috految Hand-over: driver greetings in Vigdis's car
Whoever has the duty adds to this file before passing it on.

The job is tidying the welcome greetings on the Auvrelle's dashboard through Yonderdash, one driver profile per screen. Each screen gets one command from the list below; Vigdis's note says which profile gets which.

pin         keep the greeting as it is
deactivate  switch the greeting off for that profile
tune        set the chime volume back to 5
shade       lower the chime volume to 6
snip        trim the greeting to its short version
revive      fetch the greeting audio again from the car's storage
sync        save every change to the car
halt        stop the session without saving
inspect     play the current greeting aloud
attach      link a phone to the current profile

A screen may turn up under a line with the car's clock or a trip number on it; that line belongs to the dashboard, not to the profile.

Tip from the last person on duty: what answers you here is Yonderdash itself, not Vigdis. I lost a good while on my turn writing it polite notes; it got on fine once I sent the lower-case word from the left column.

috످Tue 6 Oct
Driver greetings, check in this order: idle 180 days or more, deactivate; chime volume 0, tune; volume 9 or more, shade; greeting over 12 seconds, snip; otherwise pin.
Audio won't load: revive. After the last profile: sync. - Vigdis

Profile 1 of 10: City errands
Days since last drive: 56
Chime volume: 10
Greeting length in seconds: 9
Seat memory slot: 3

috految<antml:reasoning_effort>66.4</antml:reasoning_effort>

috److془Idle 56 <180; volume 10 >= 9 → shade.془shade

috످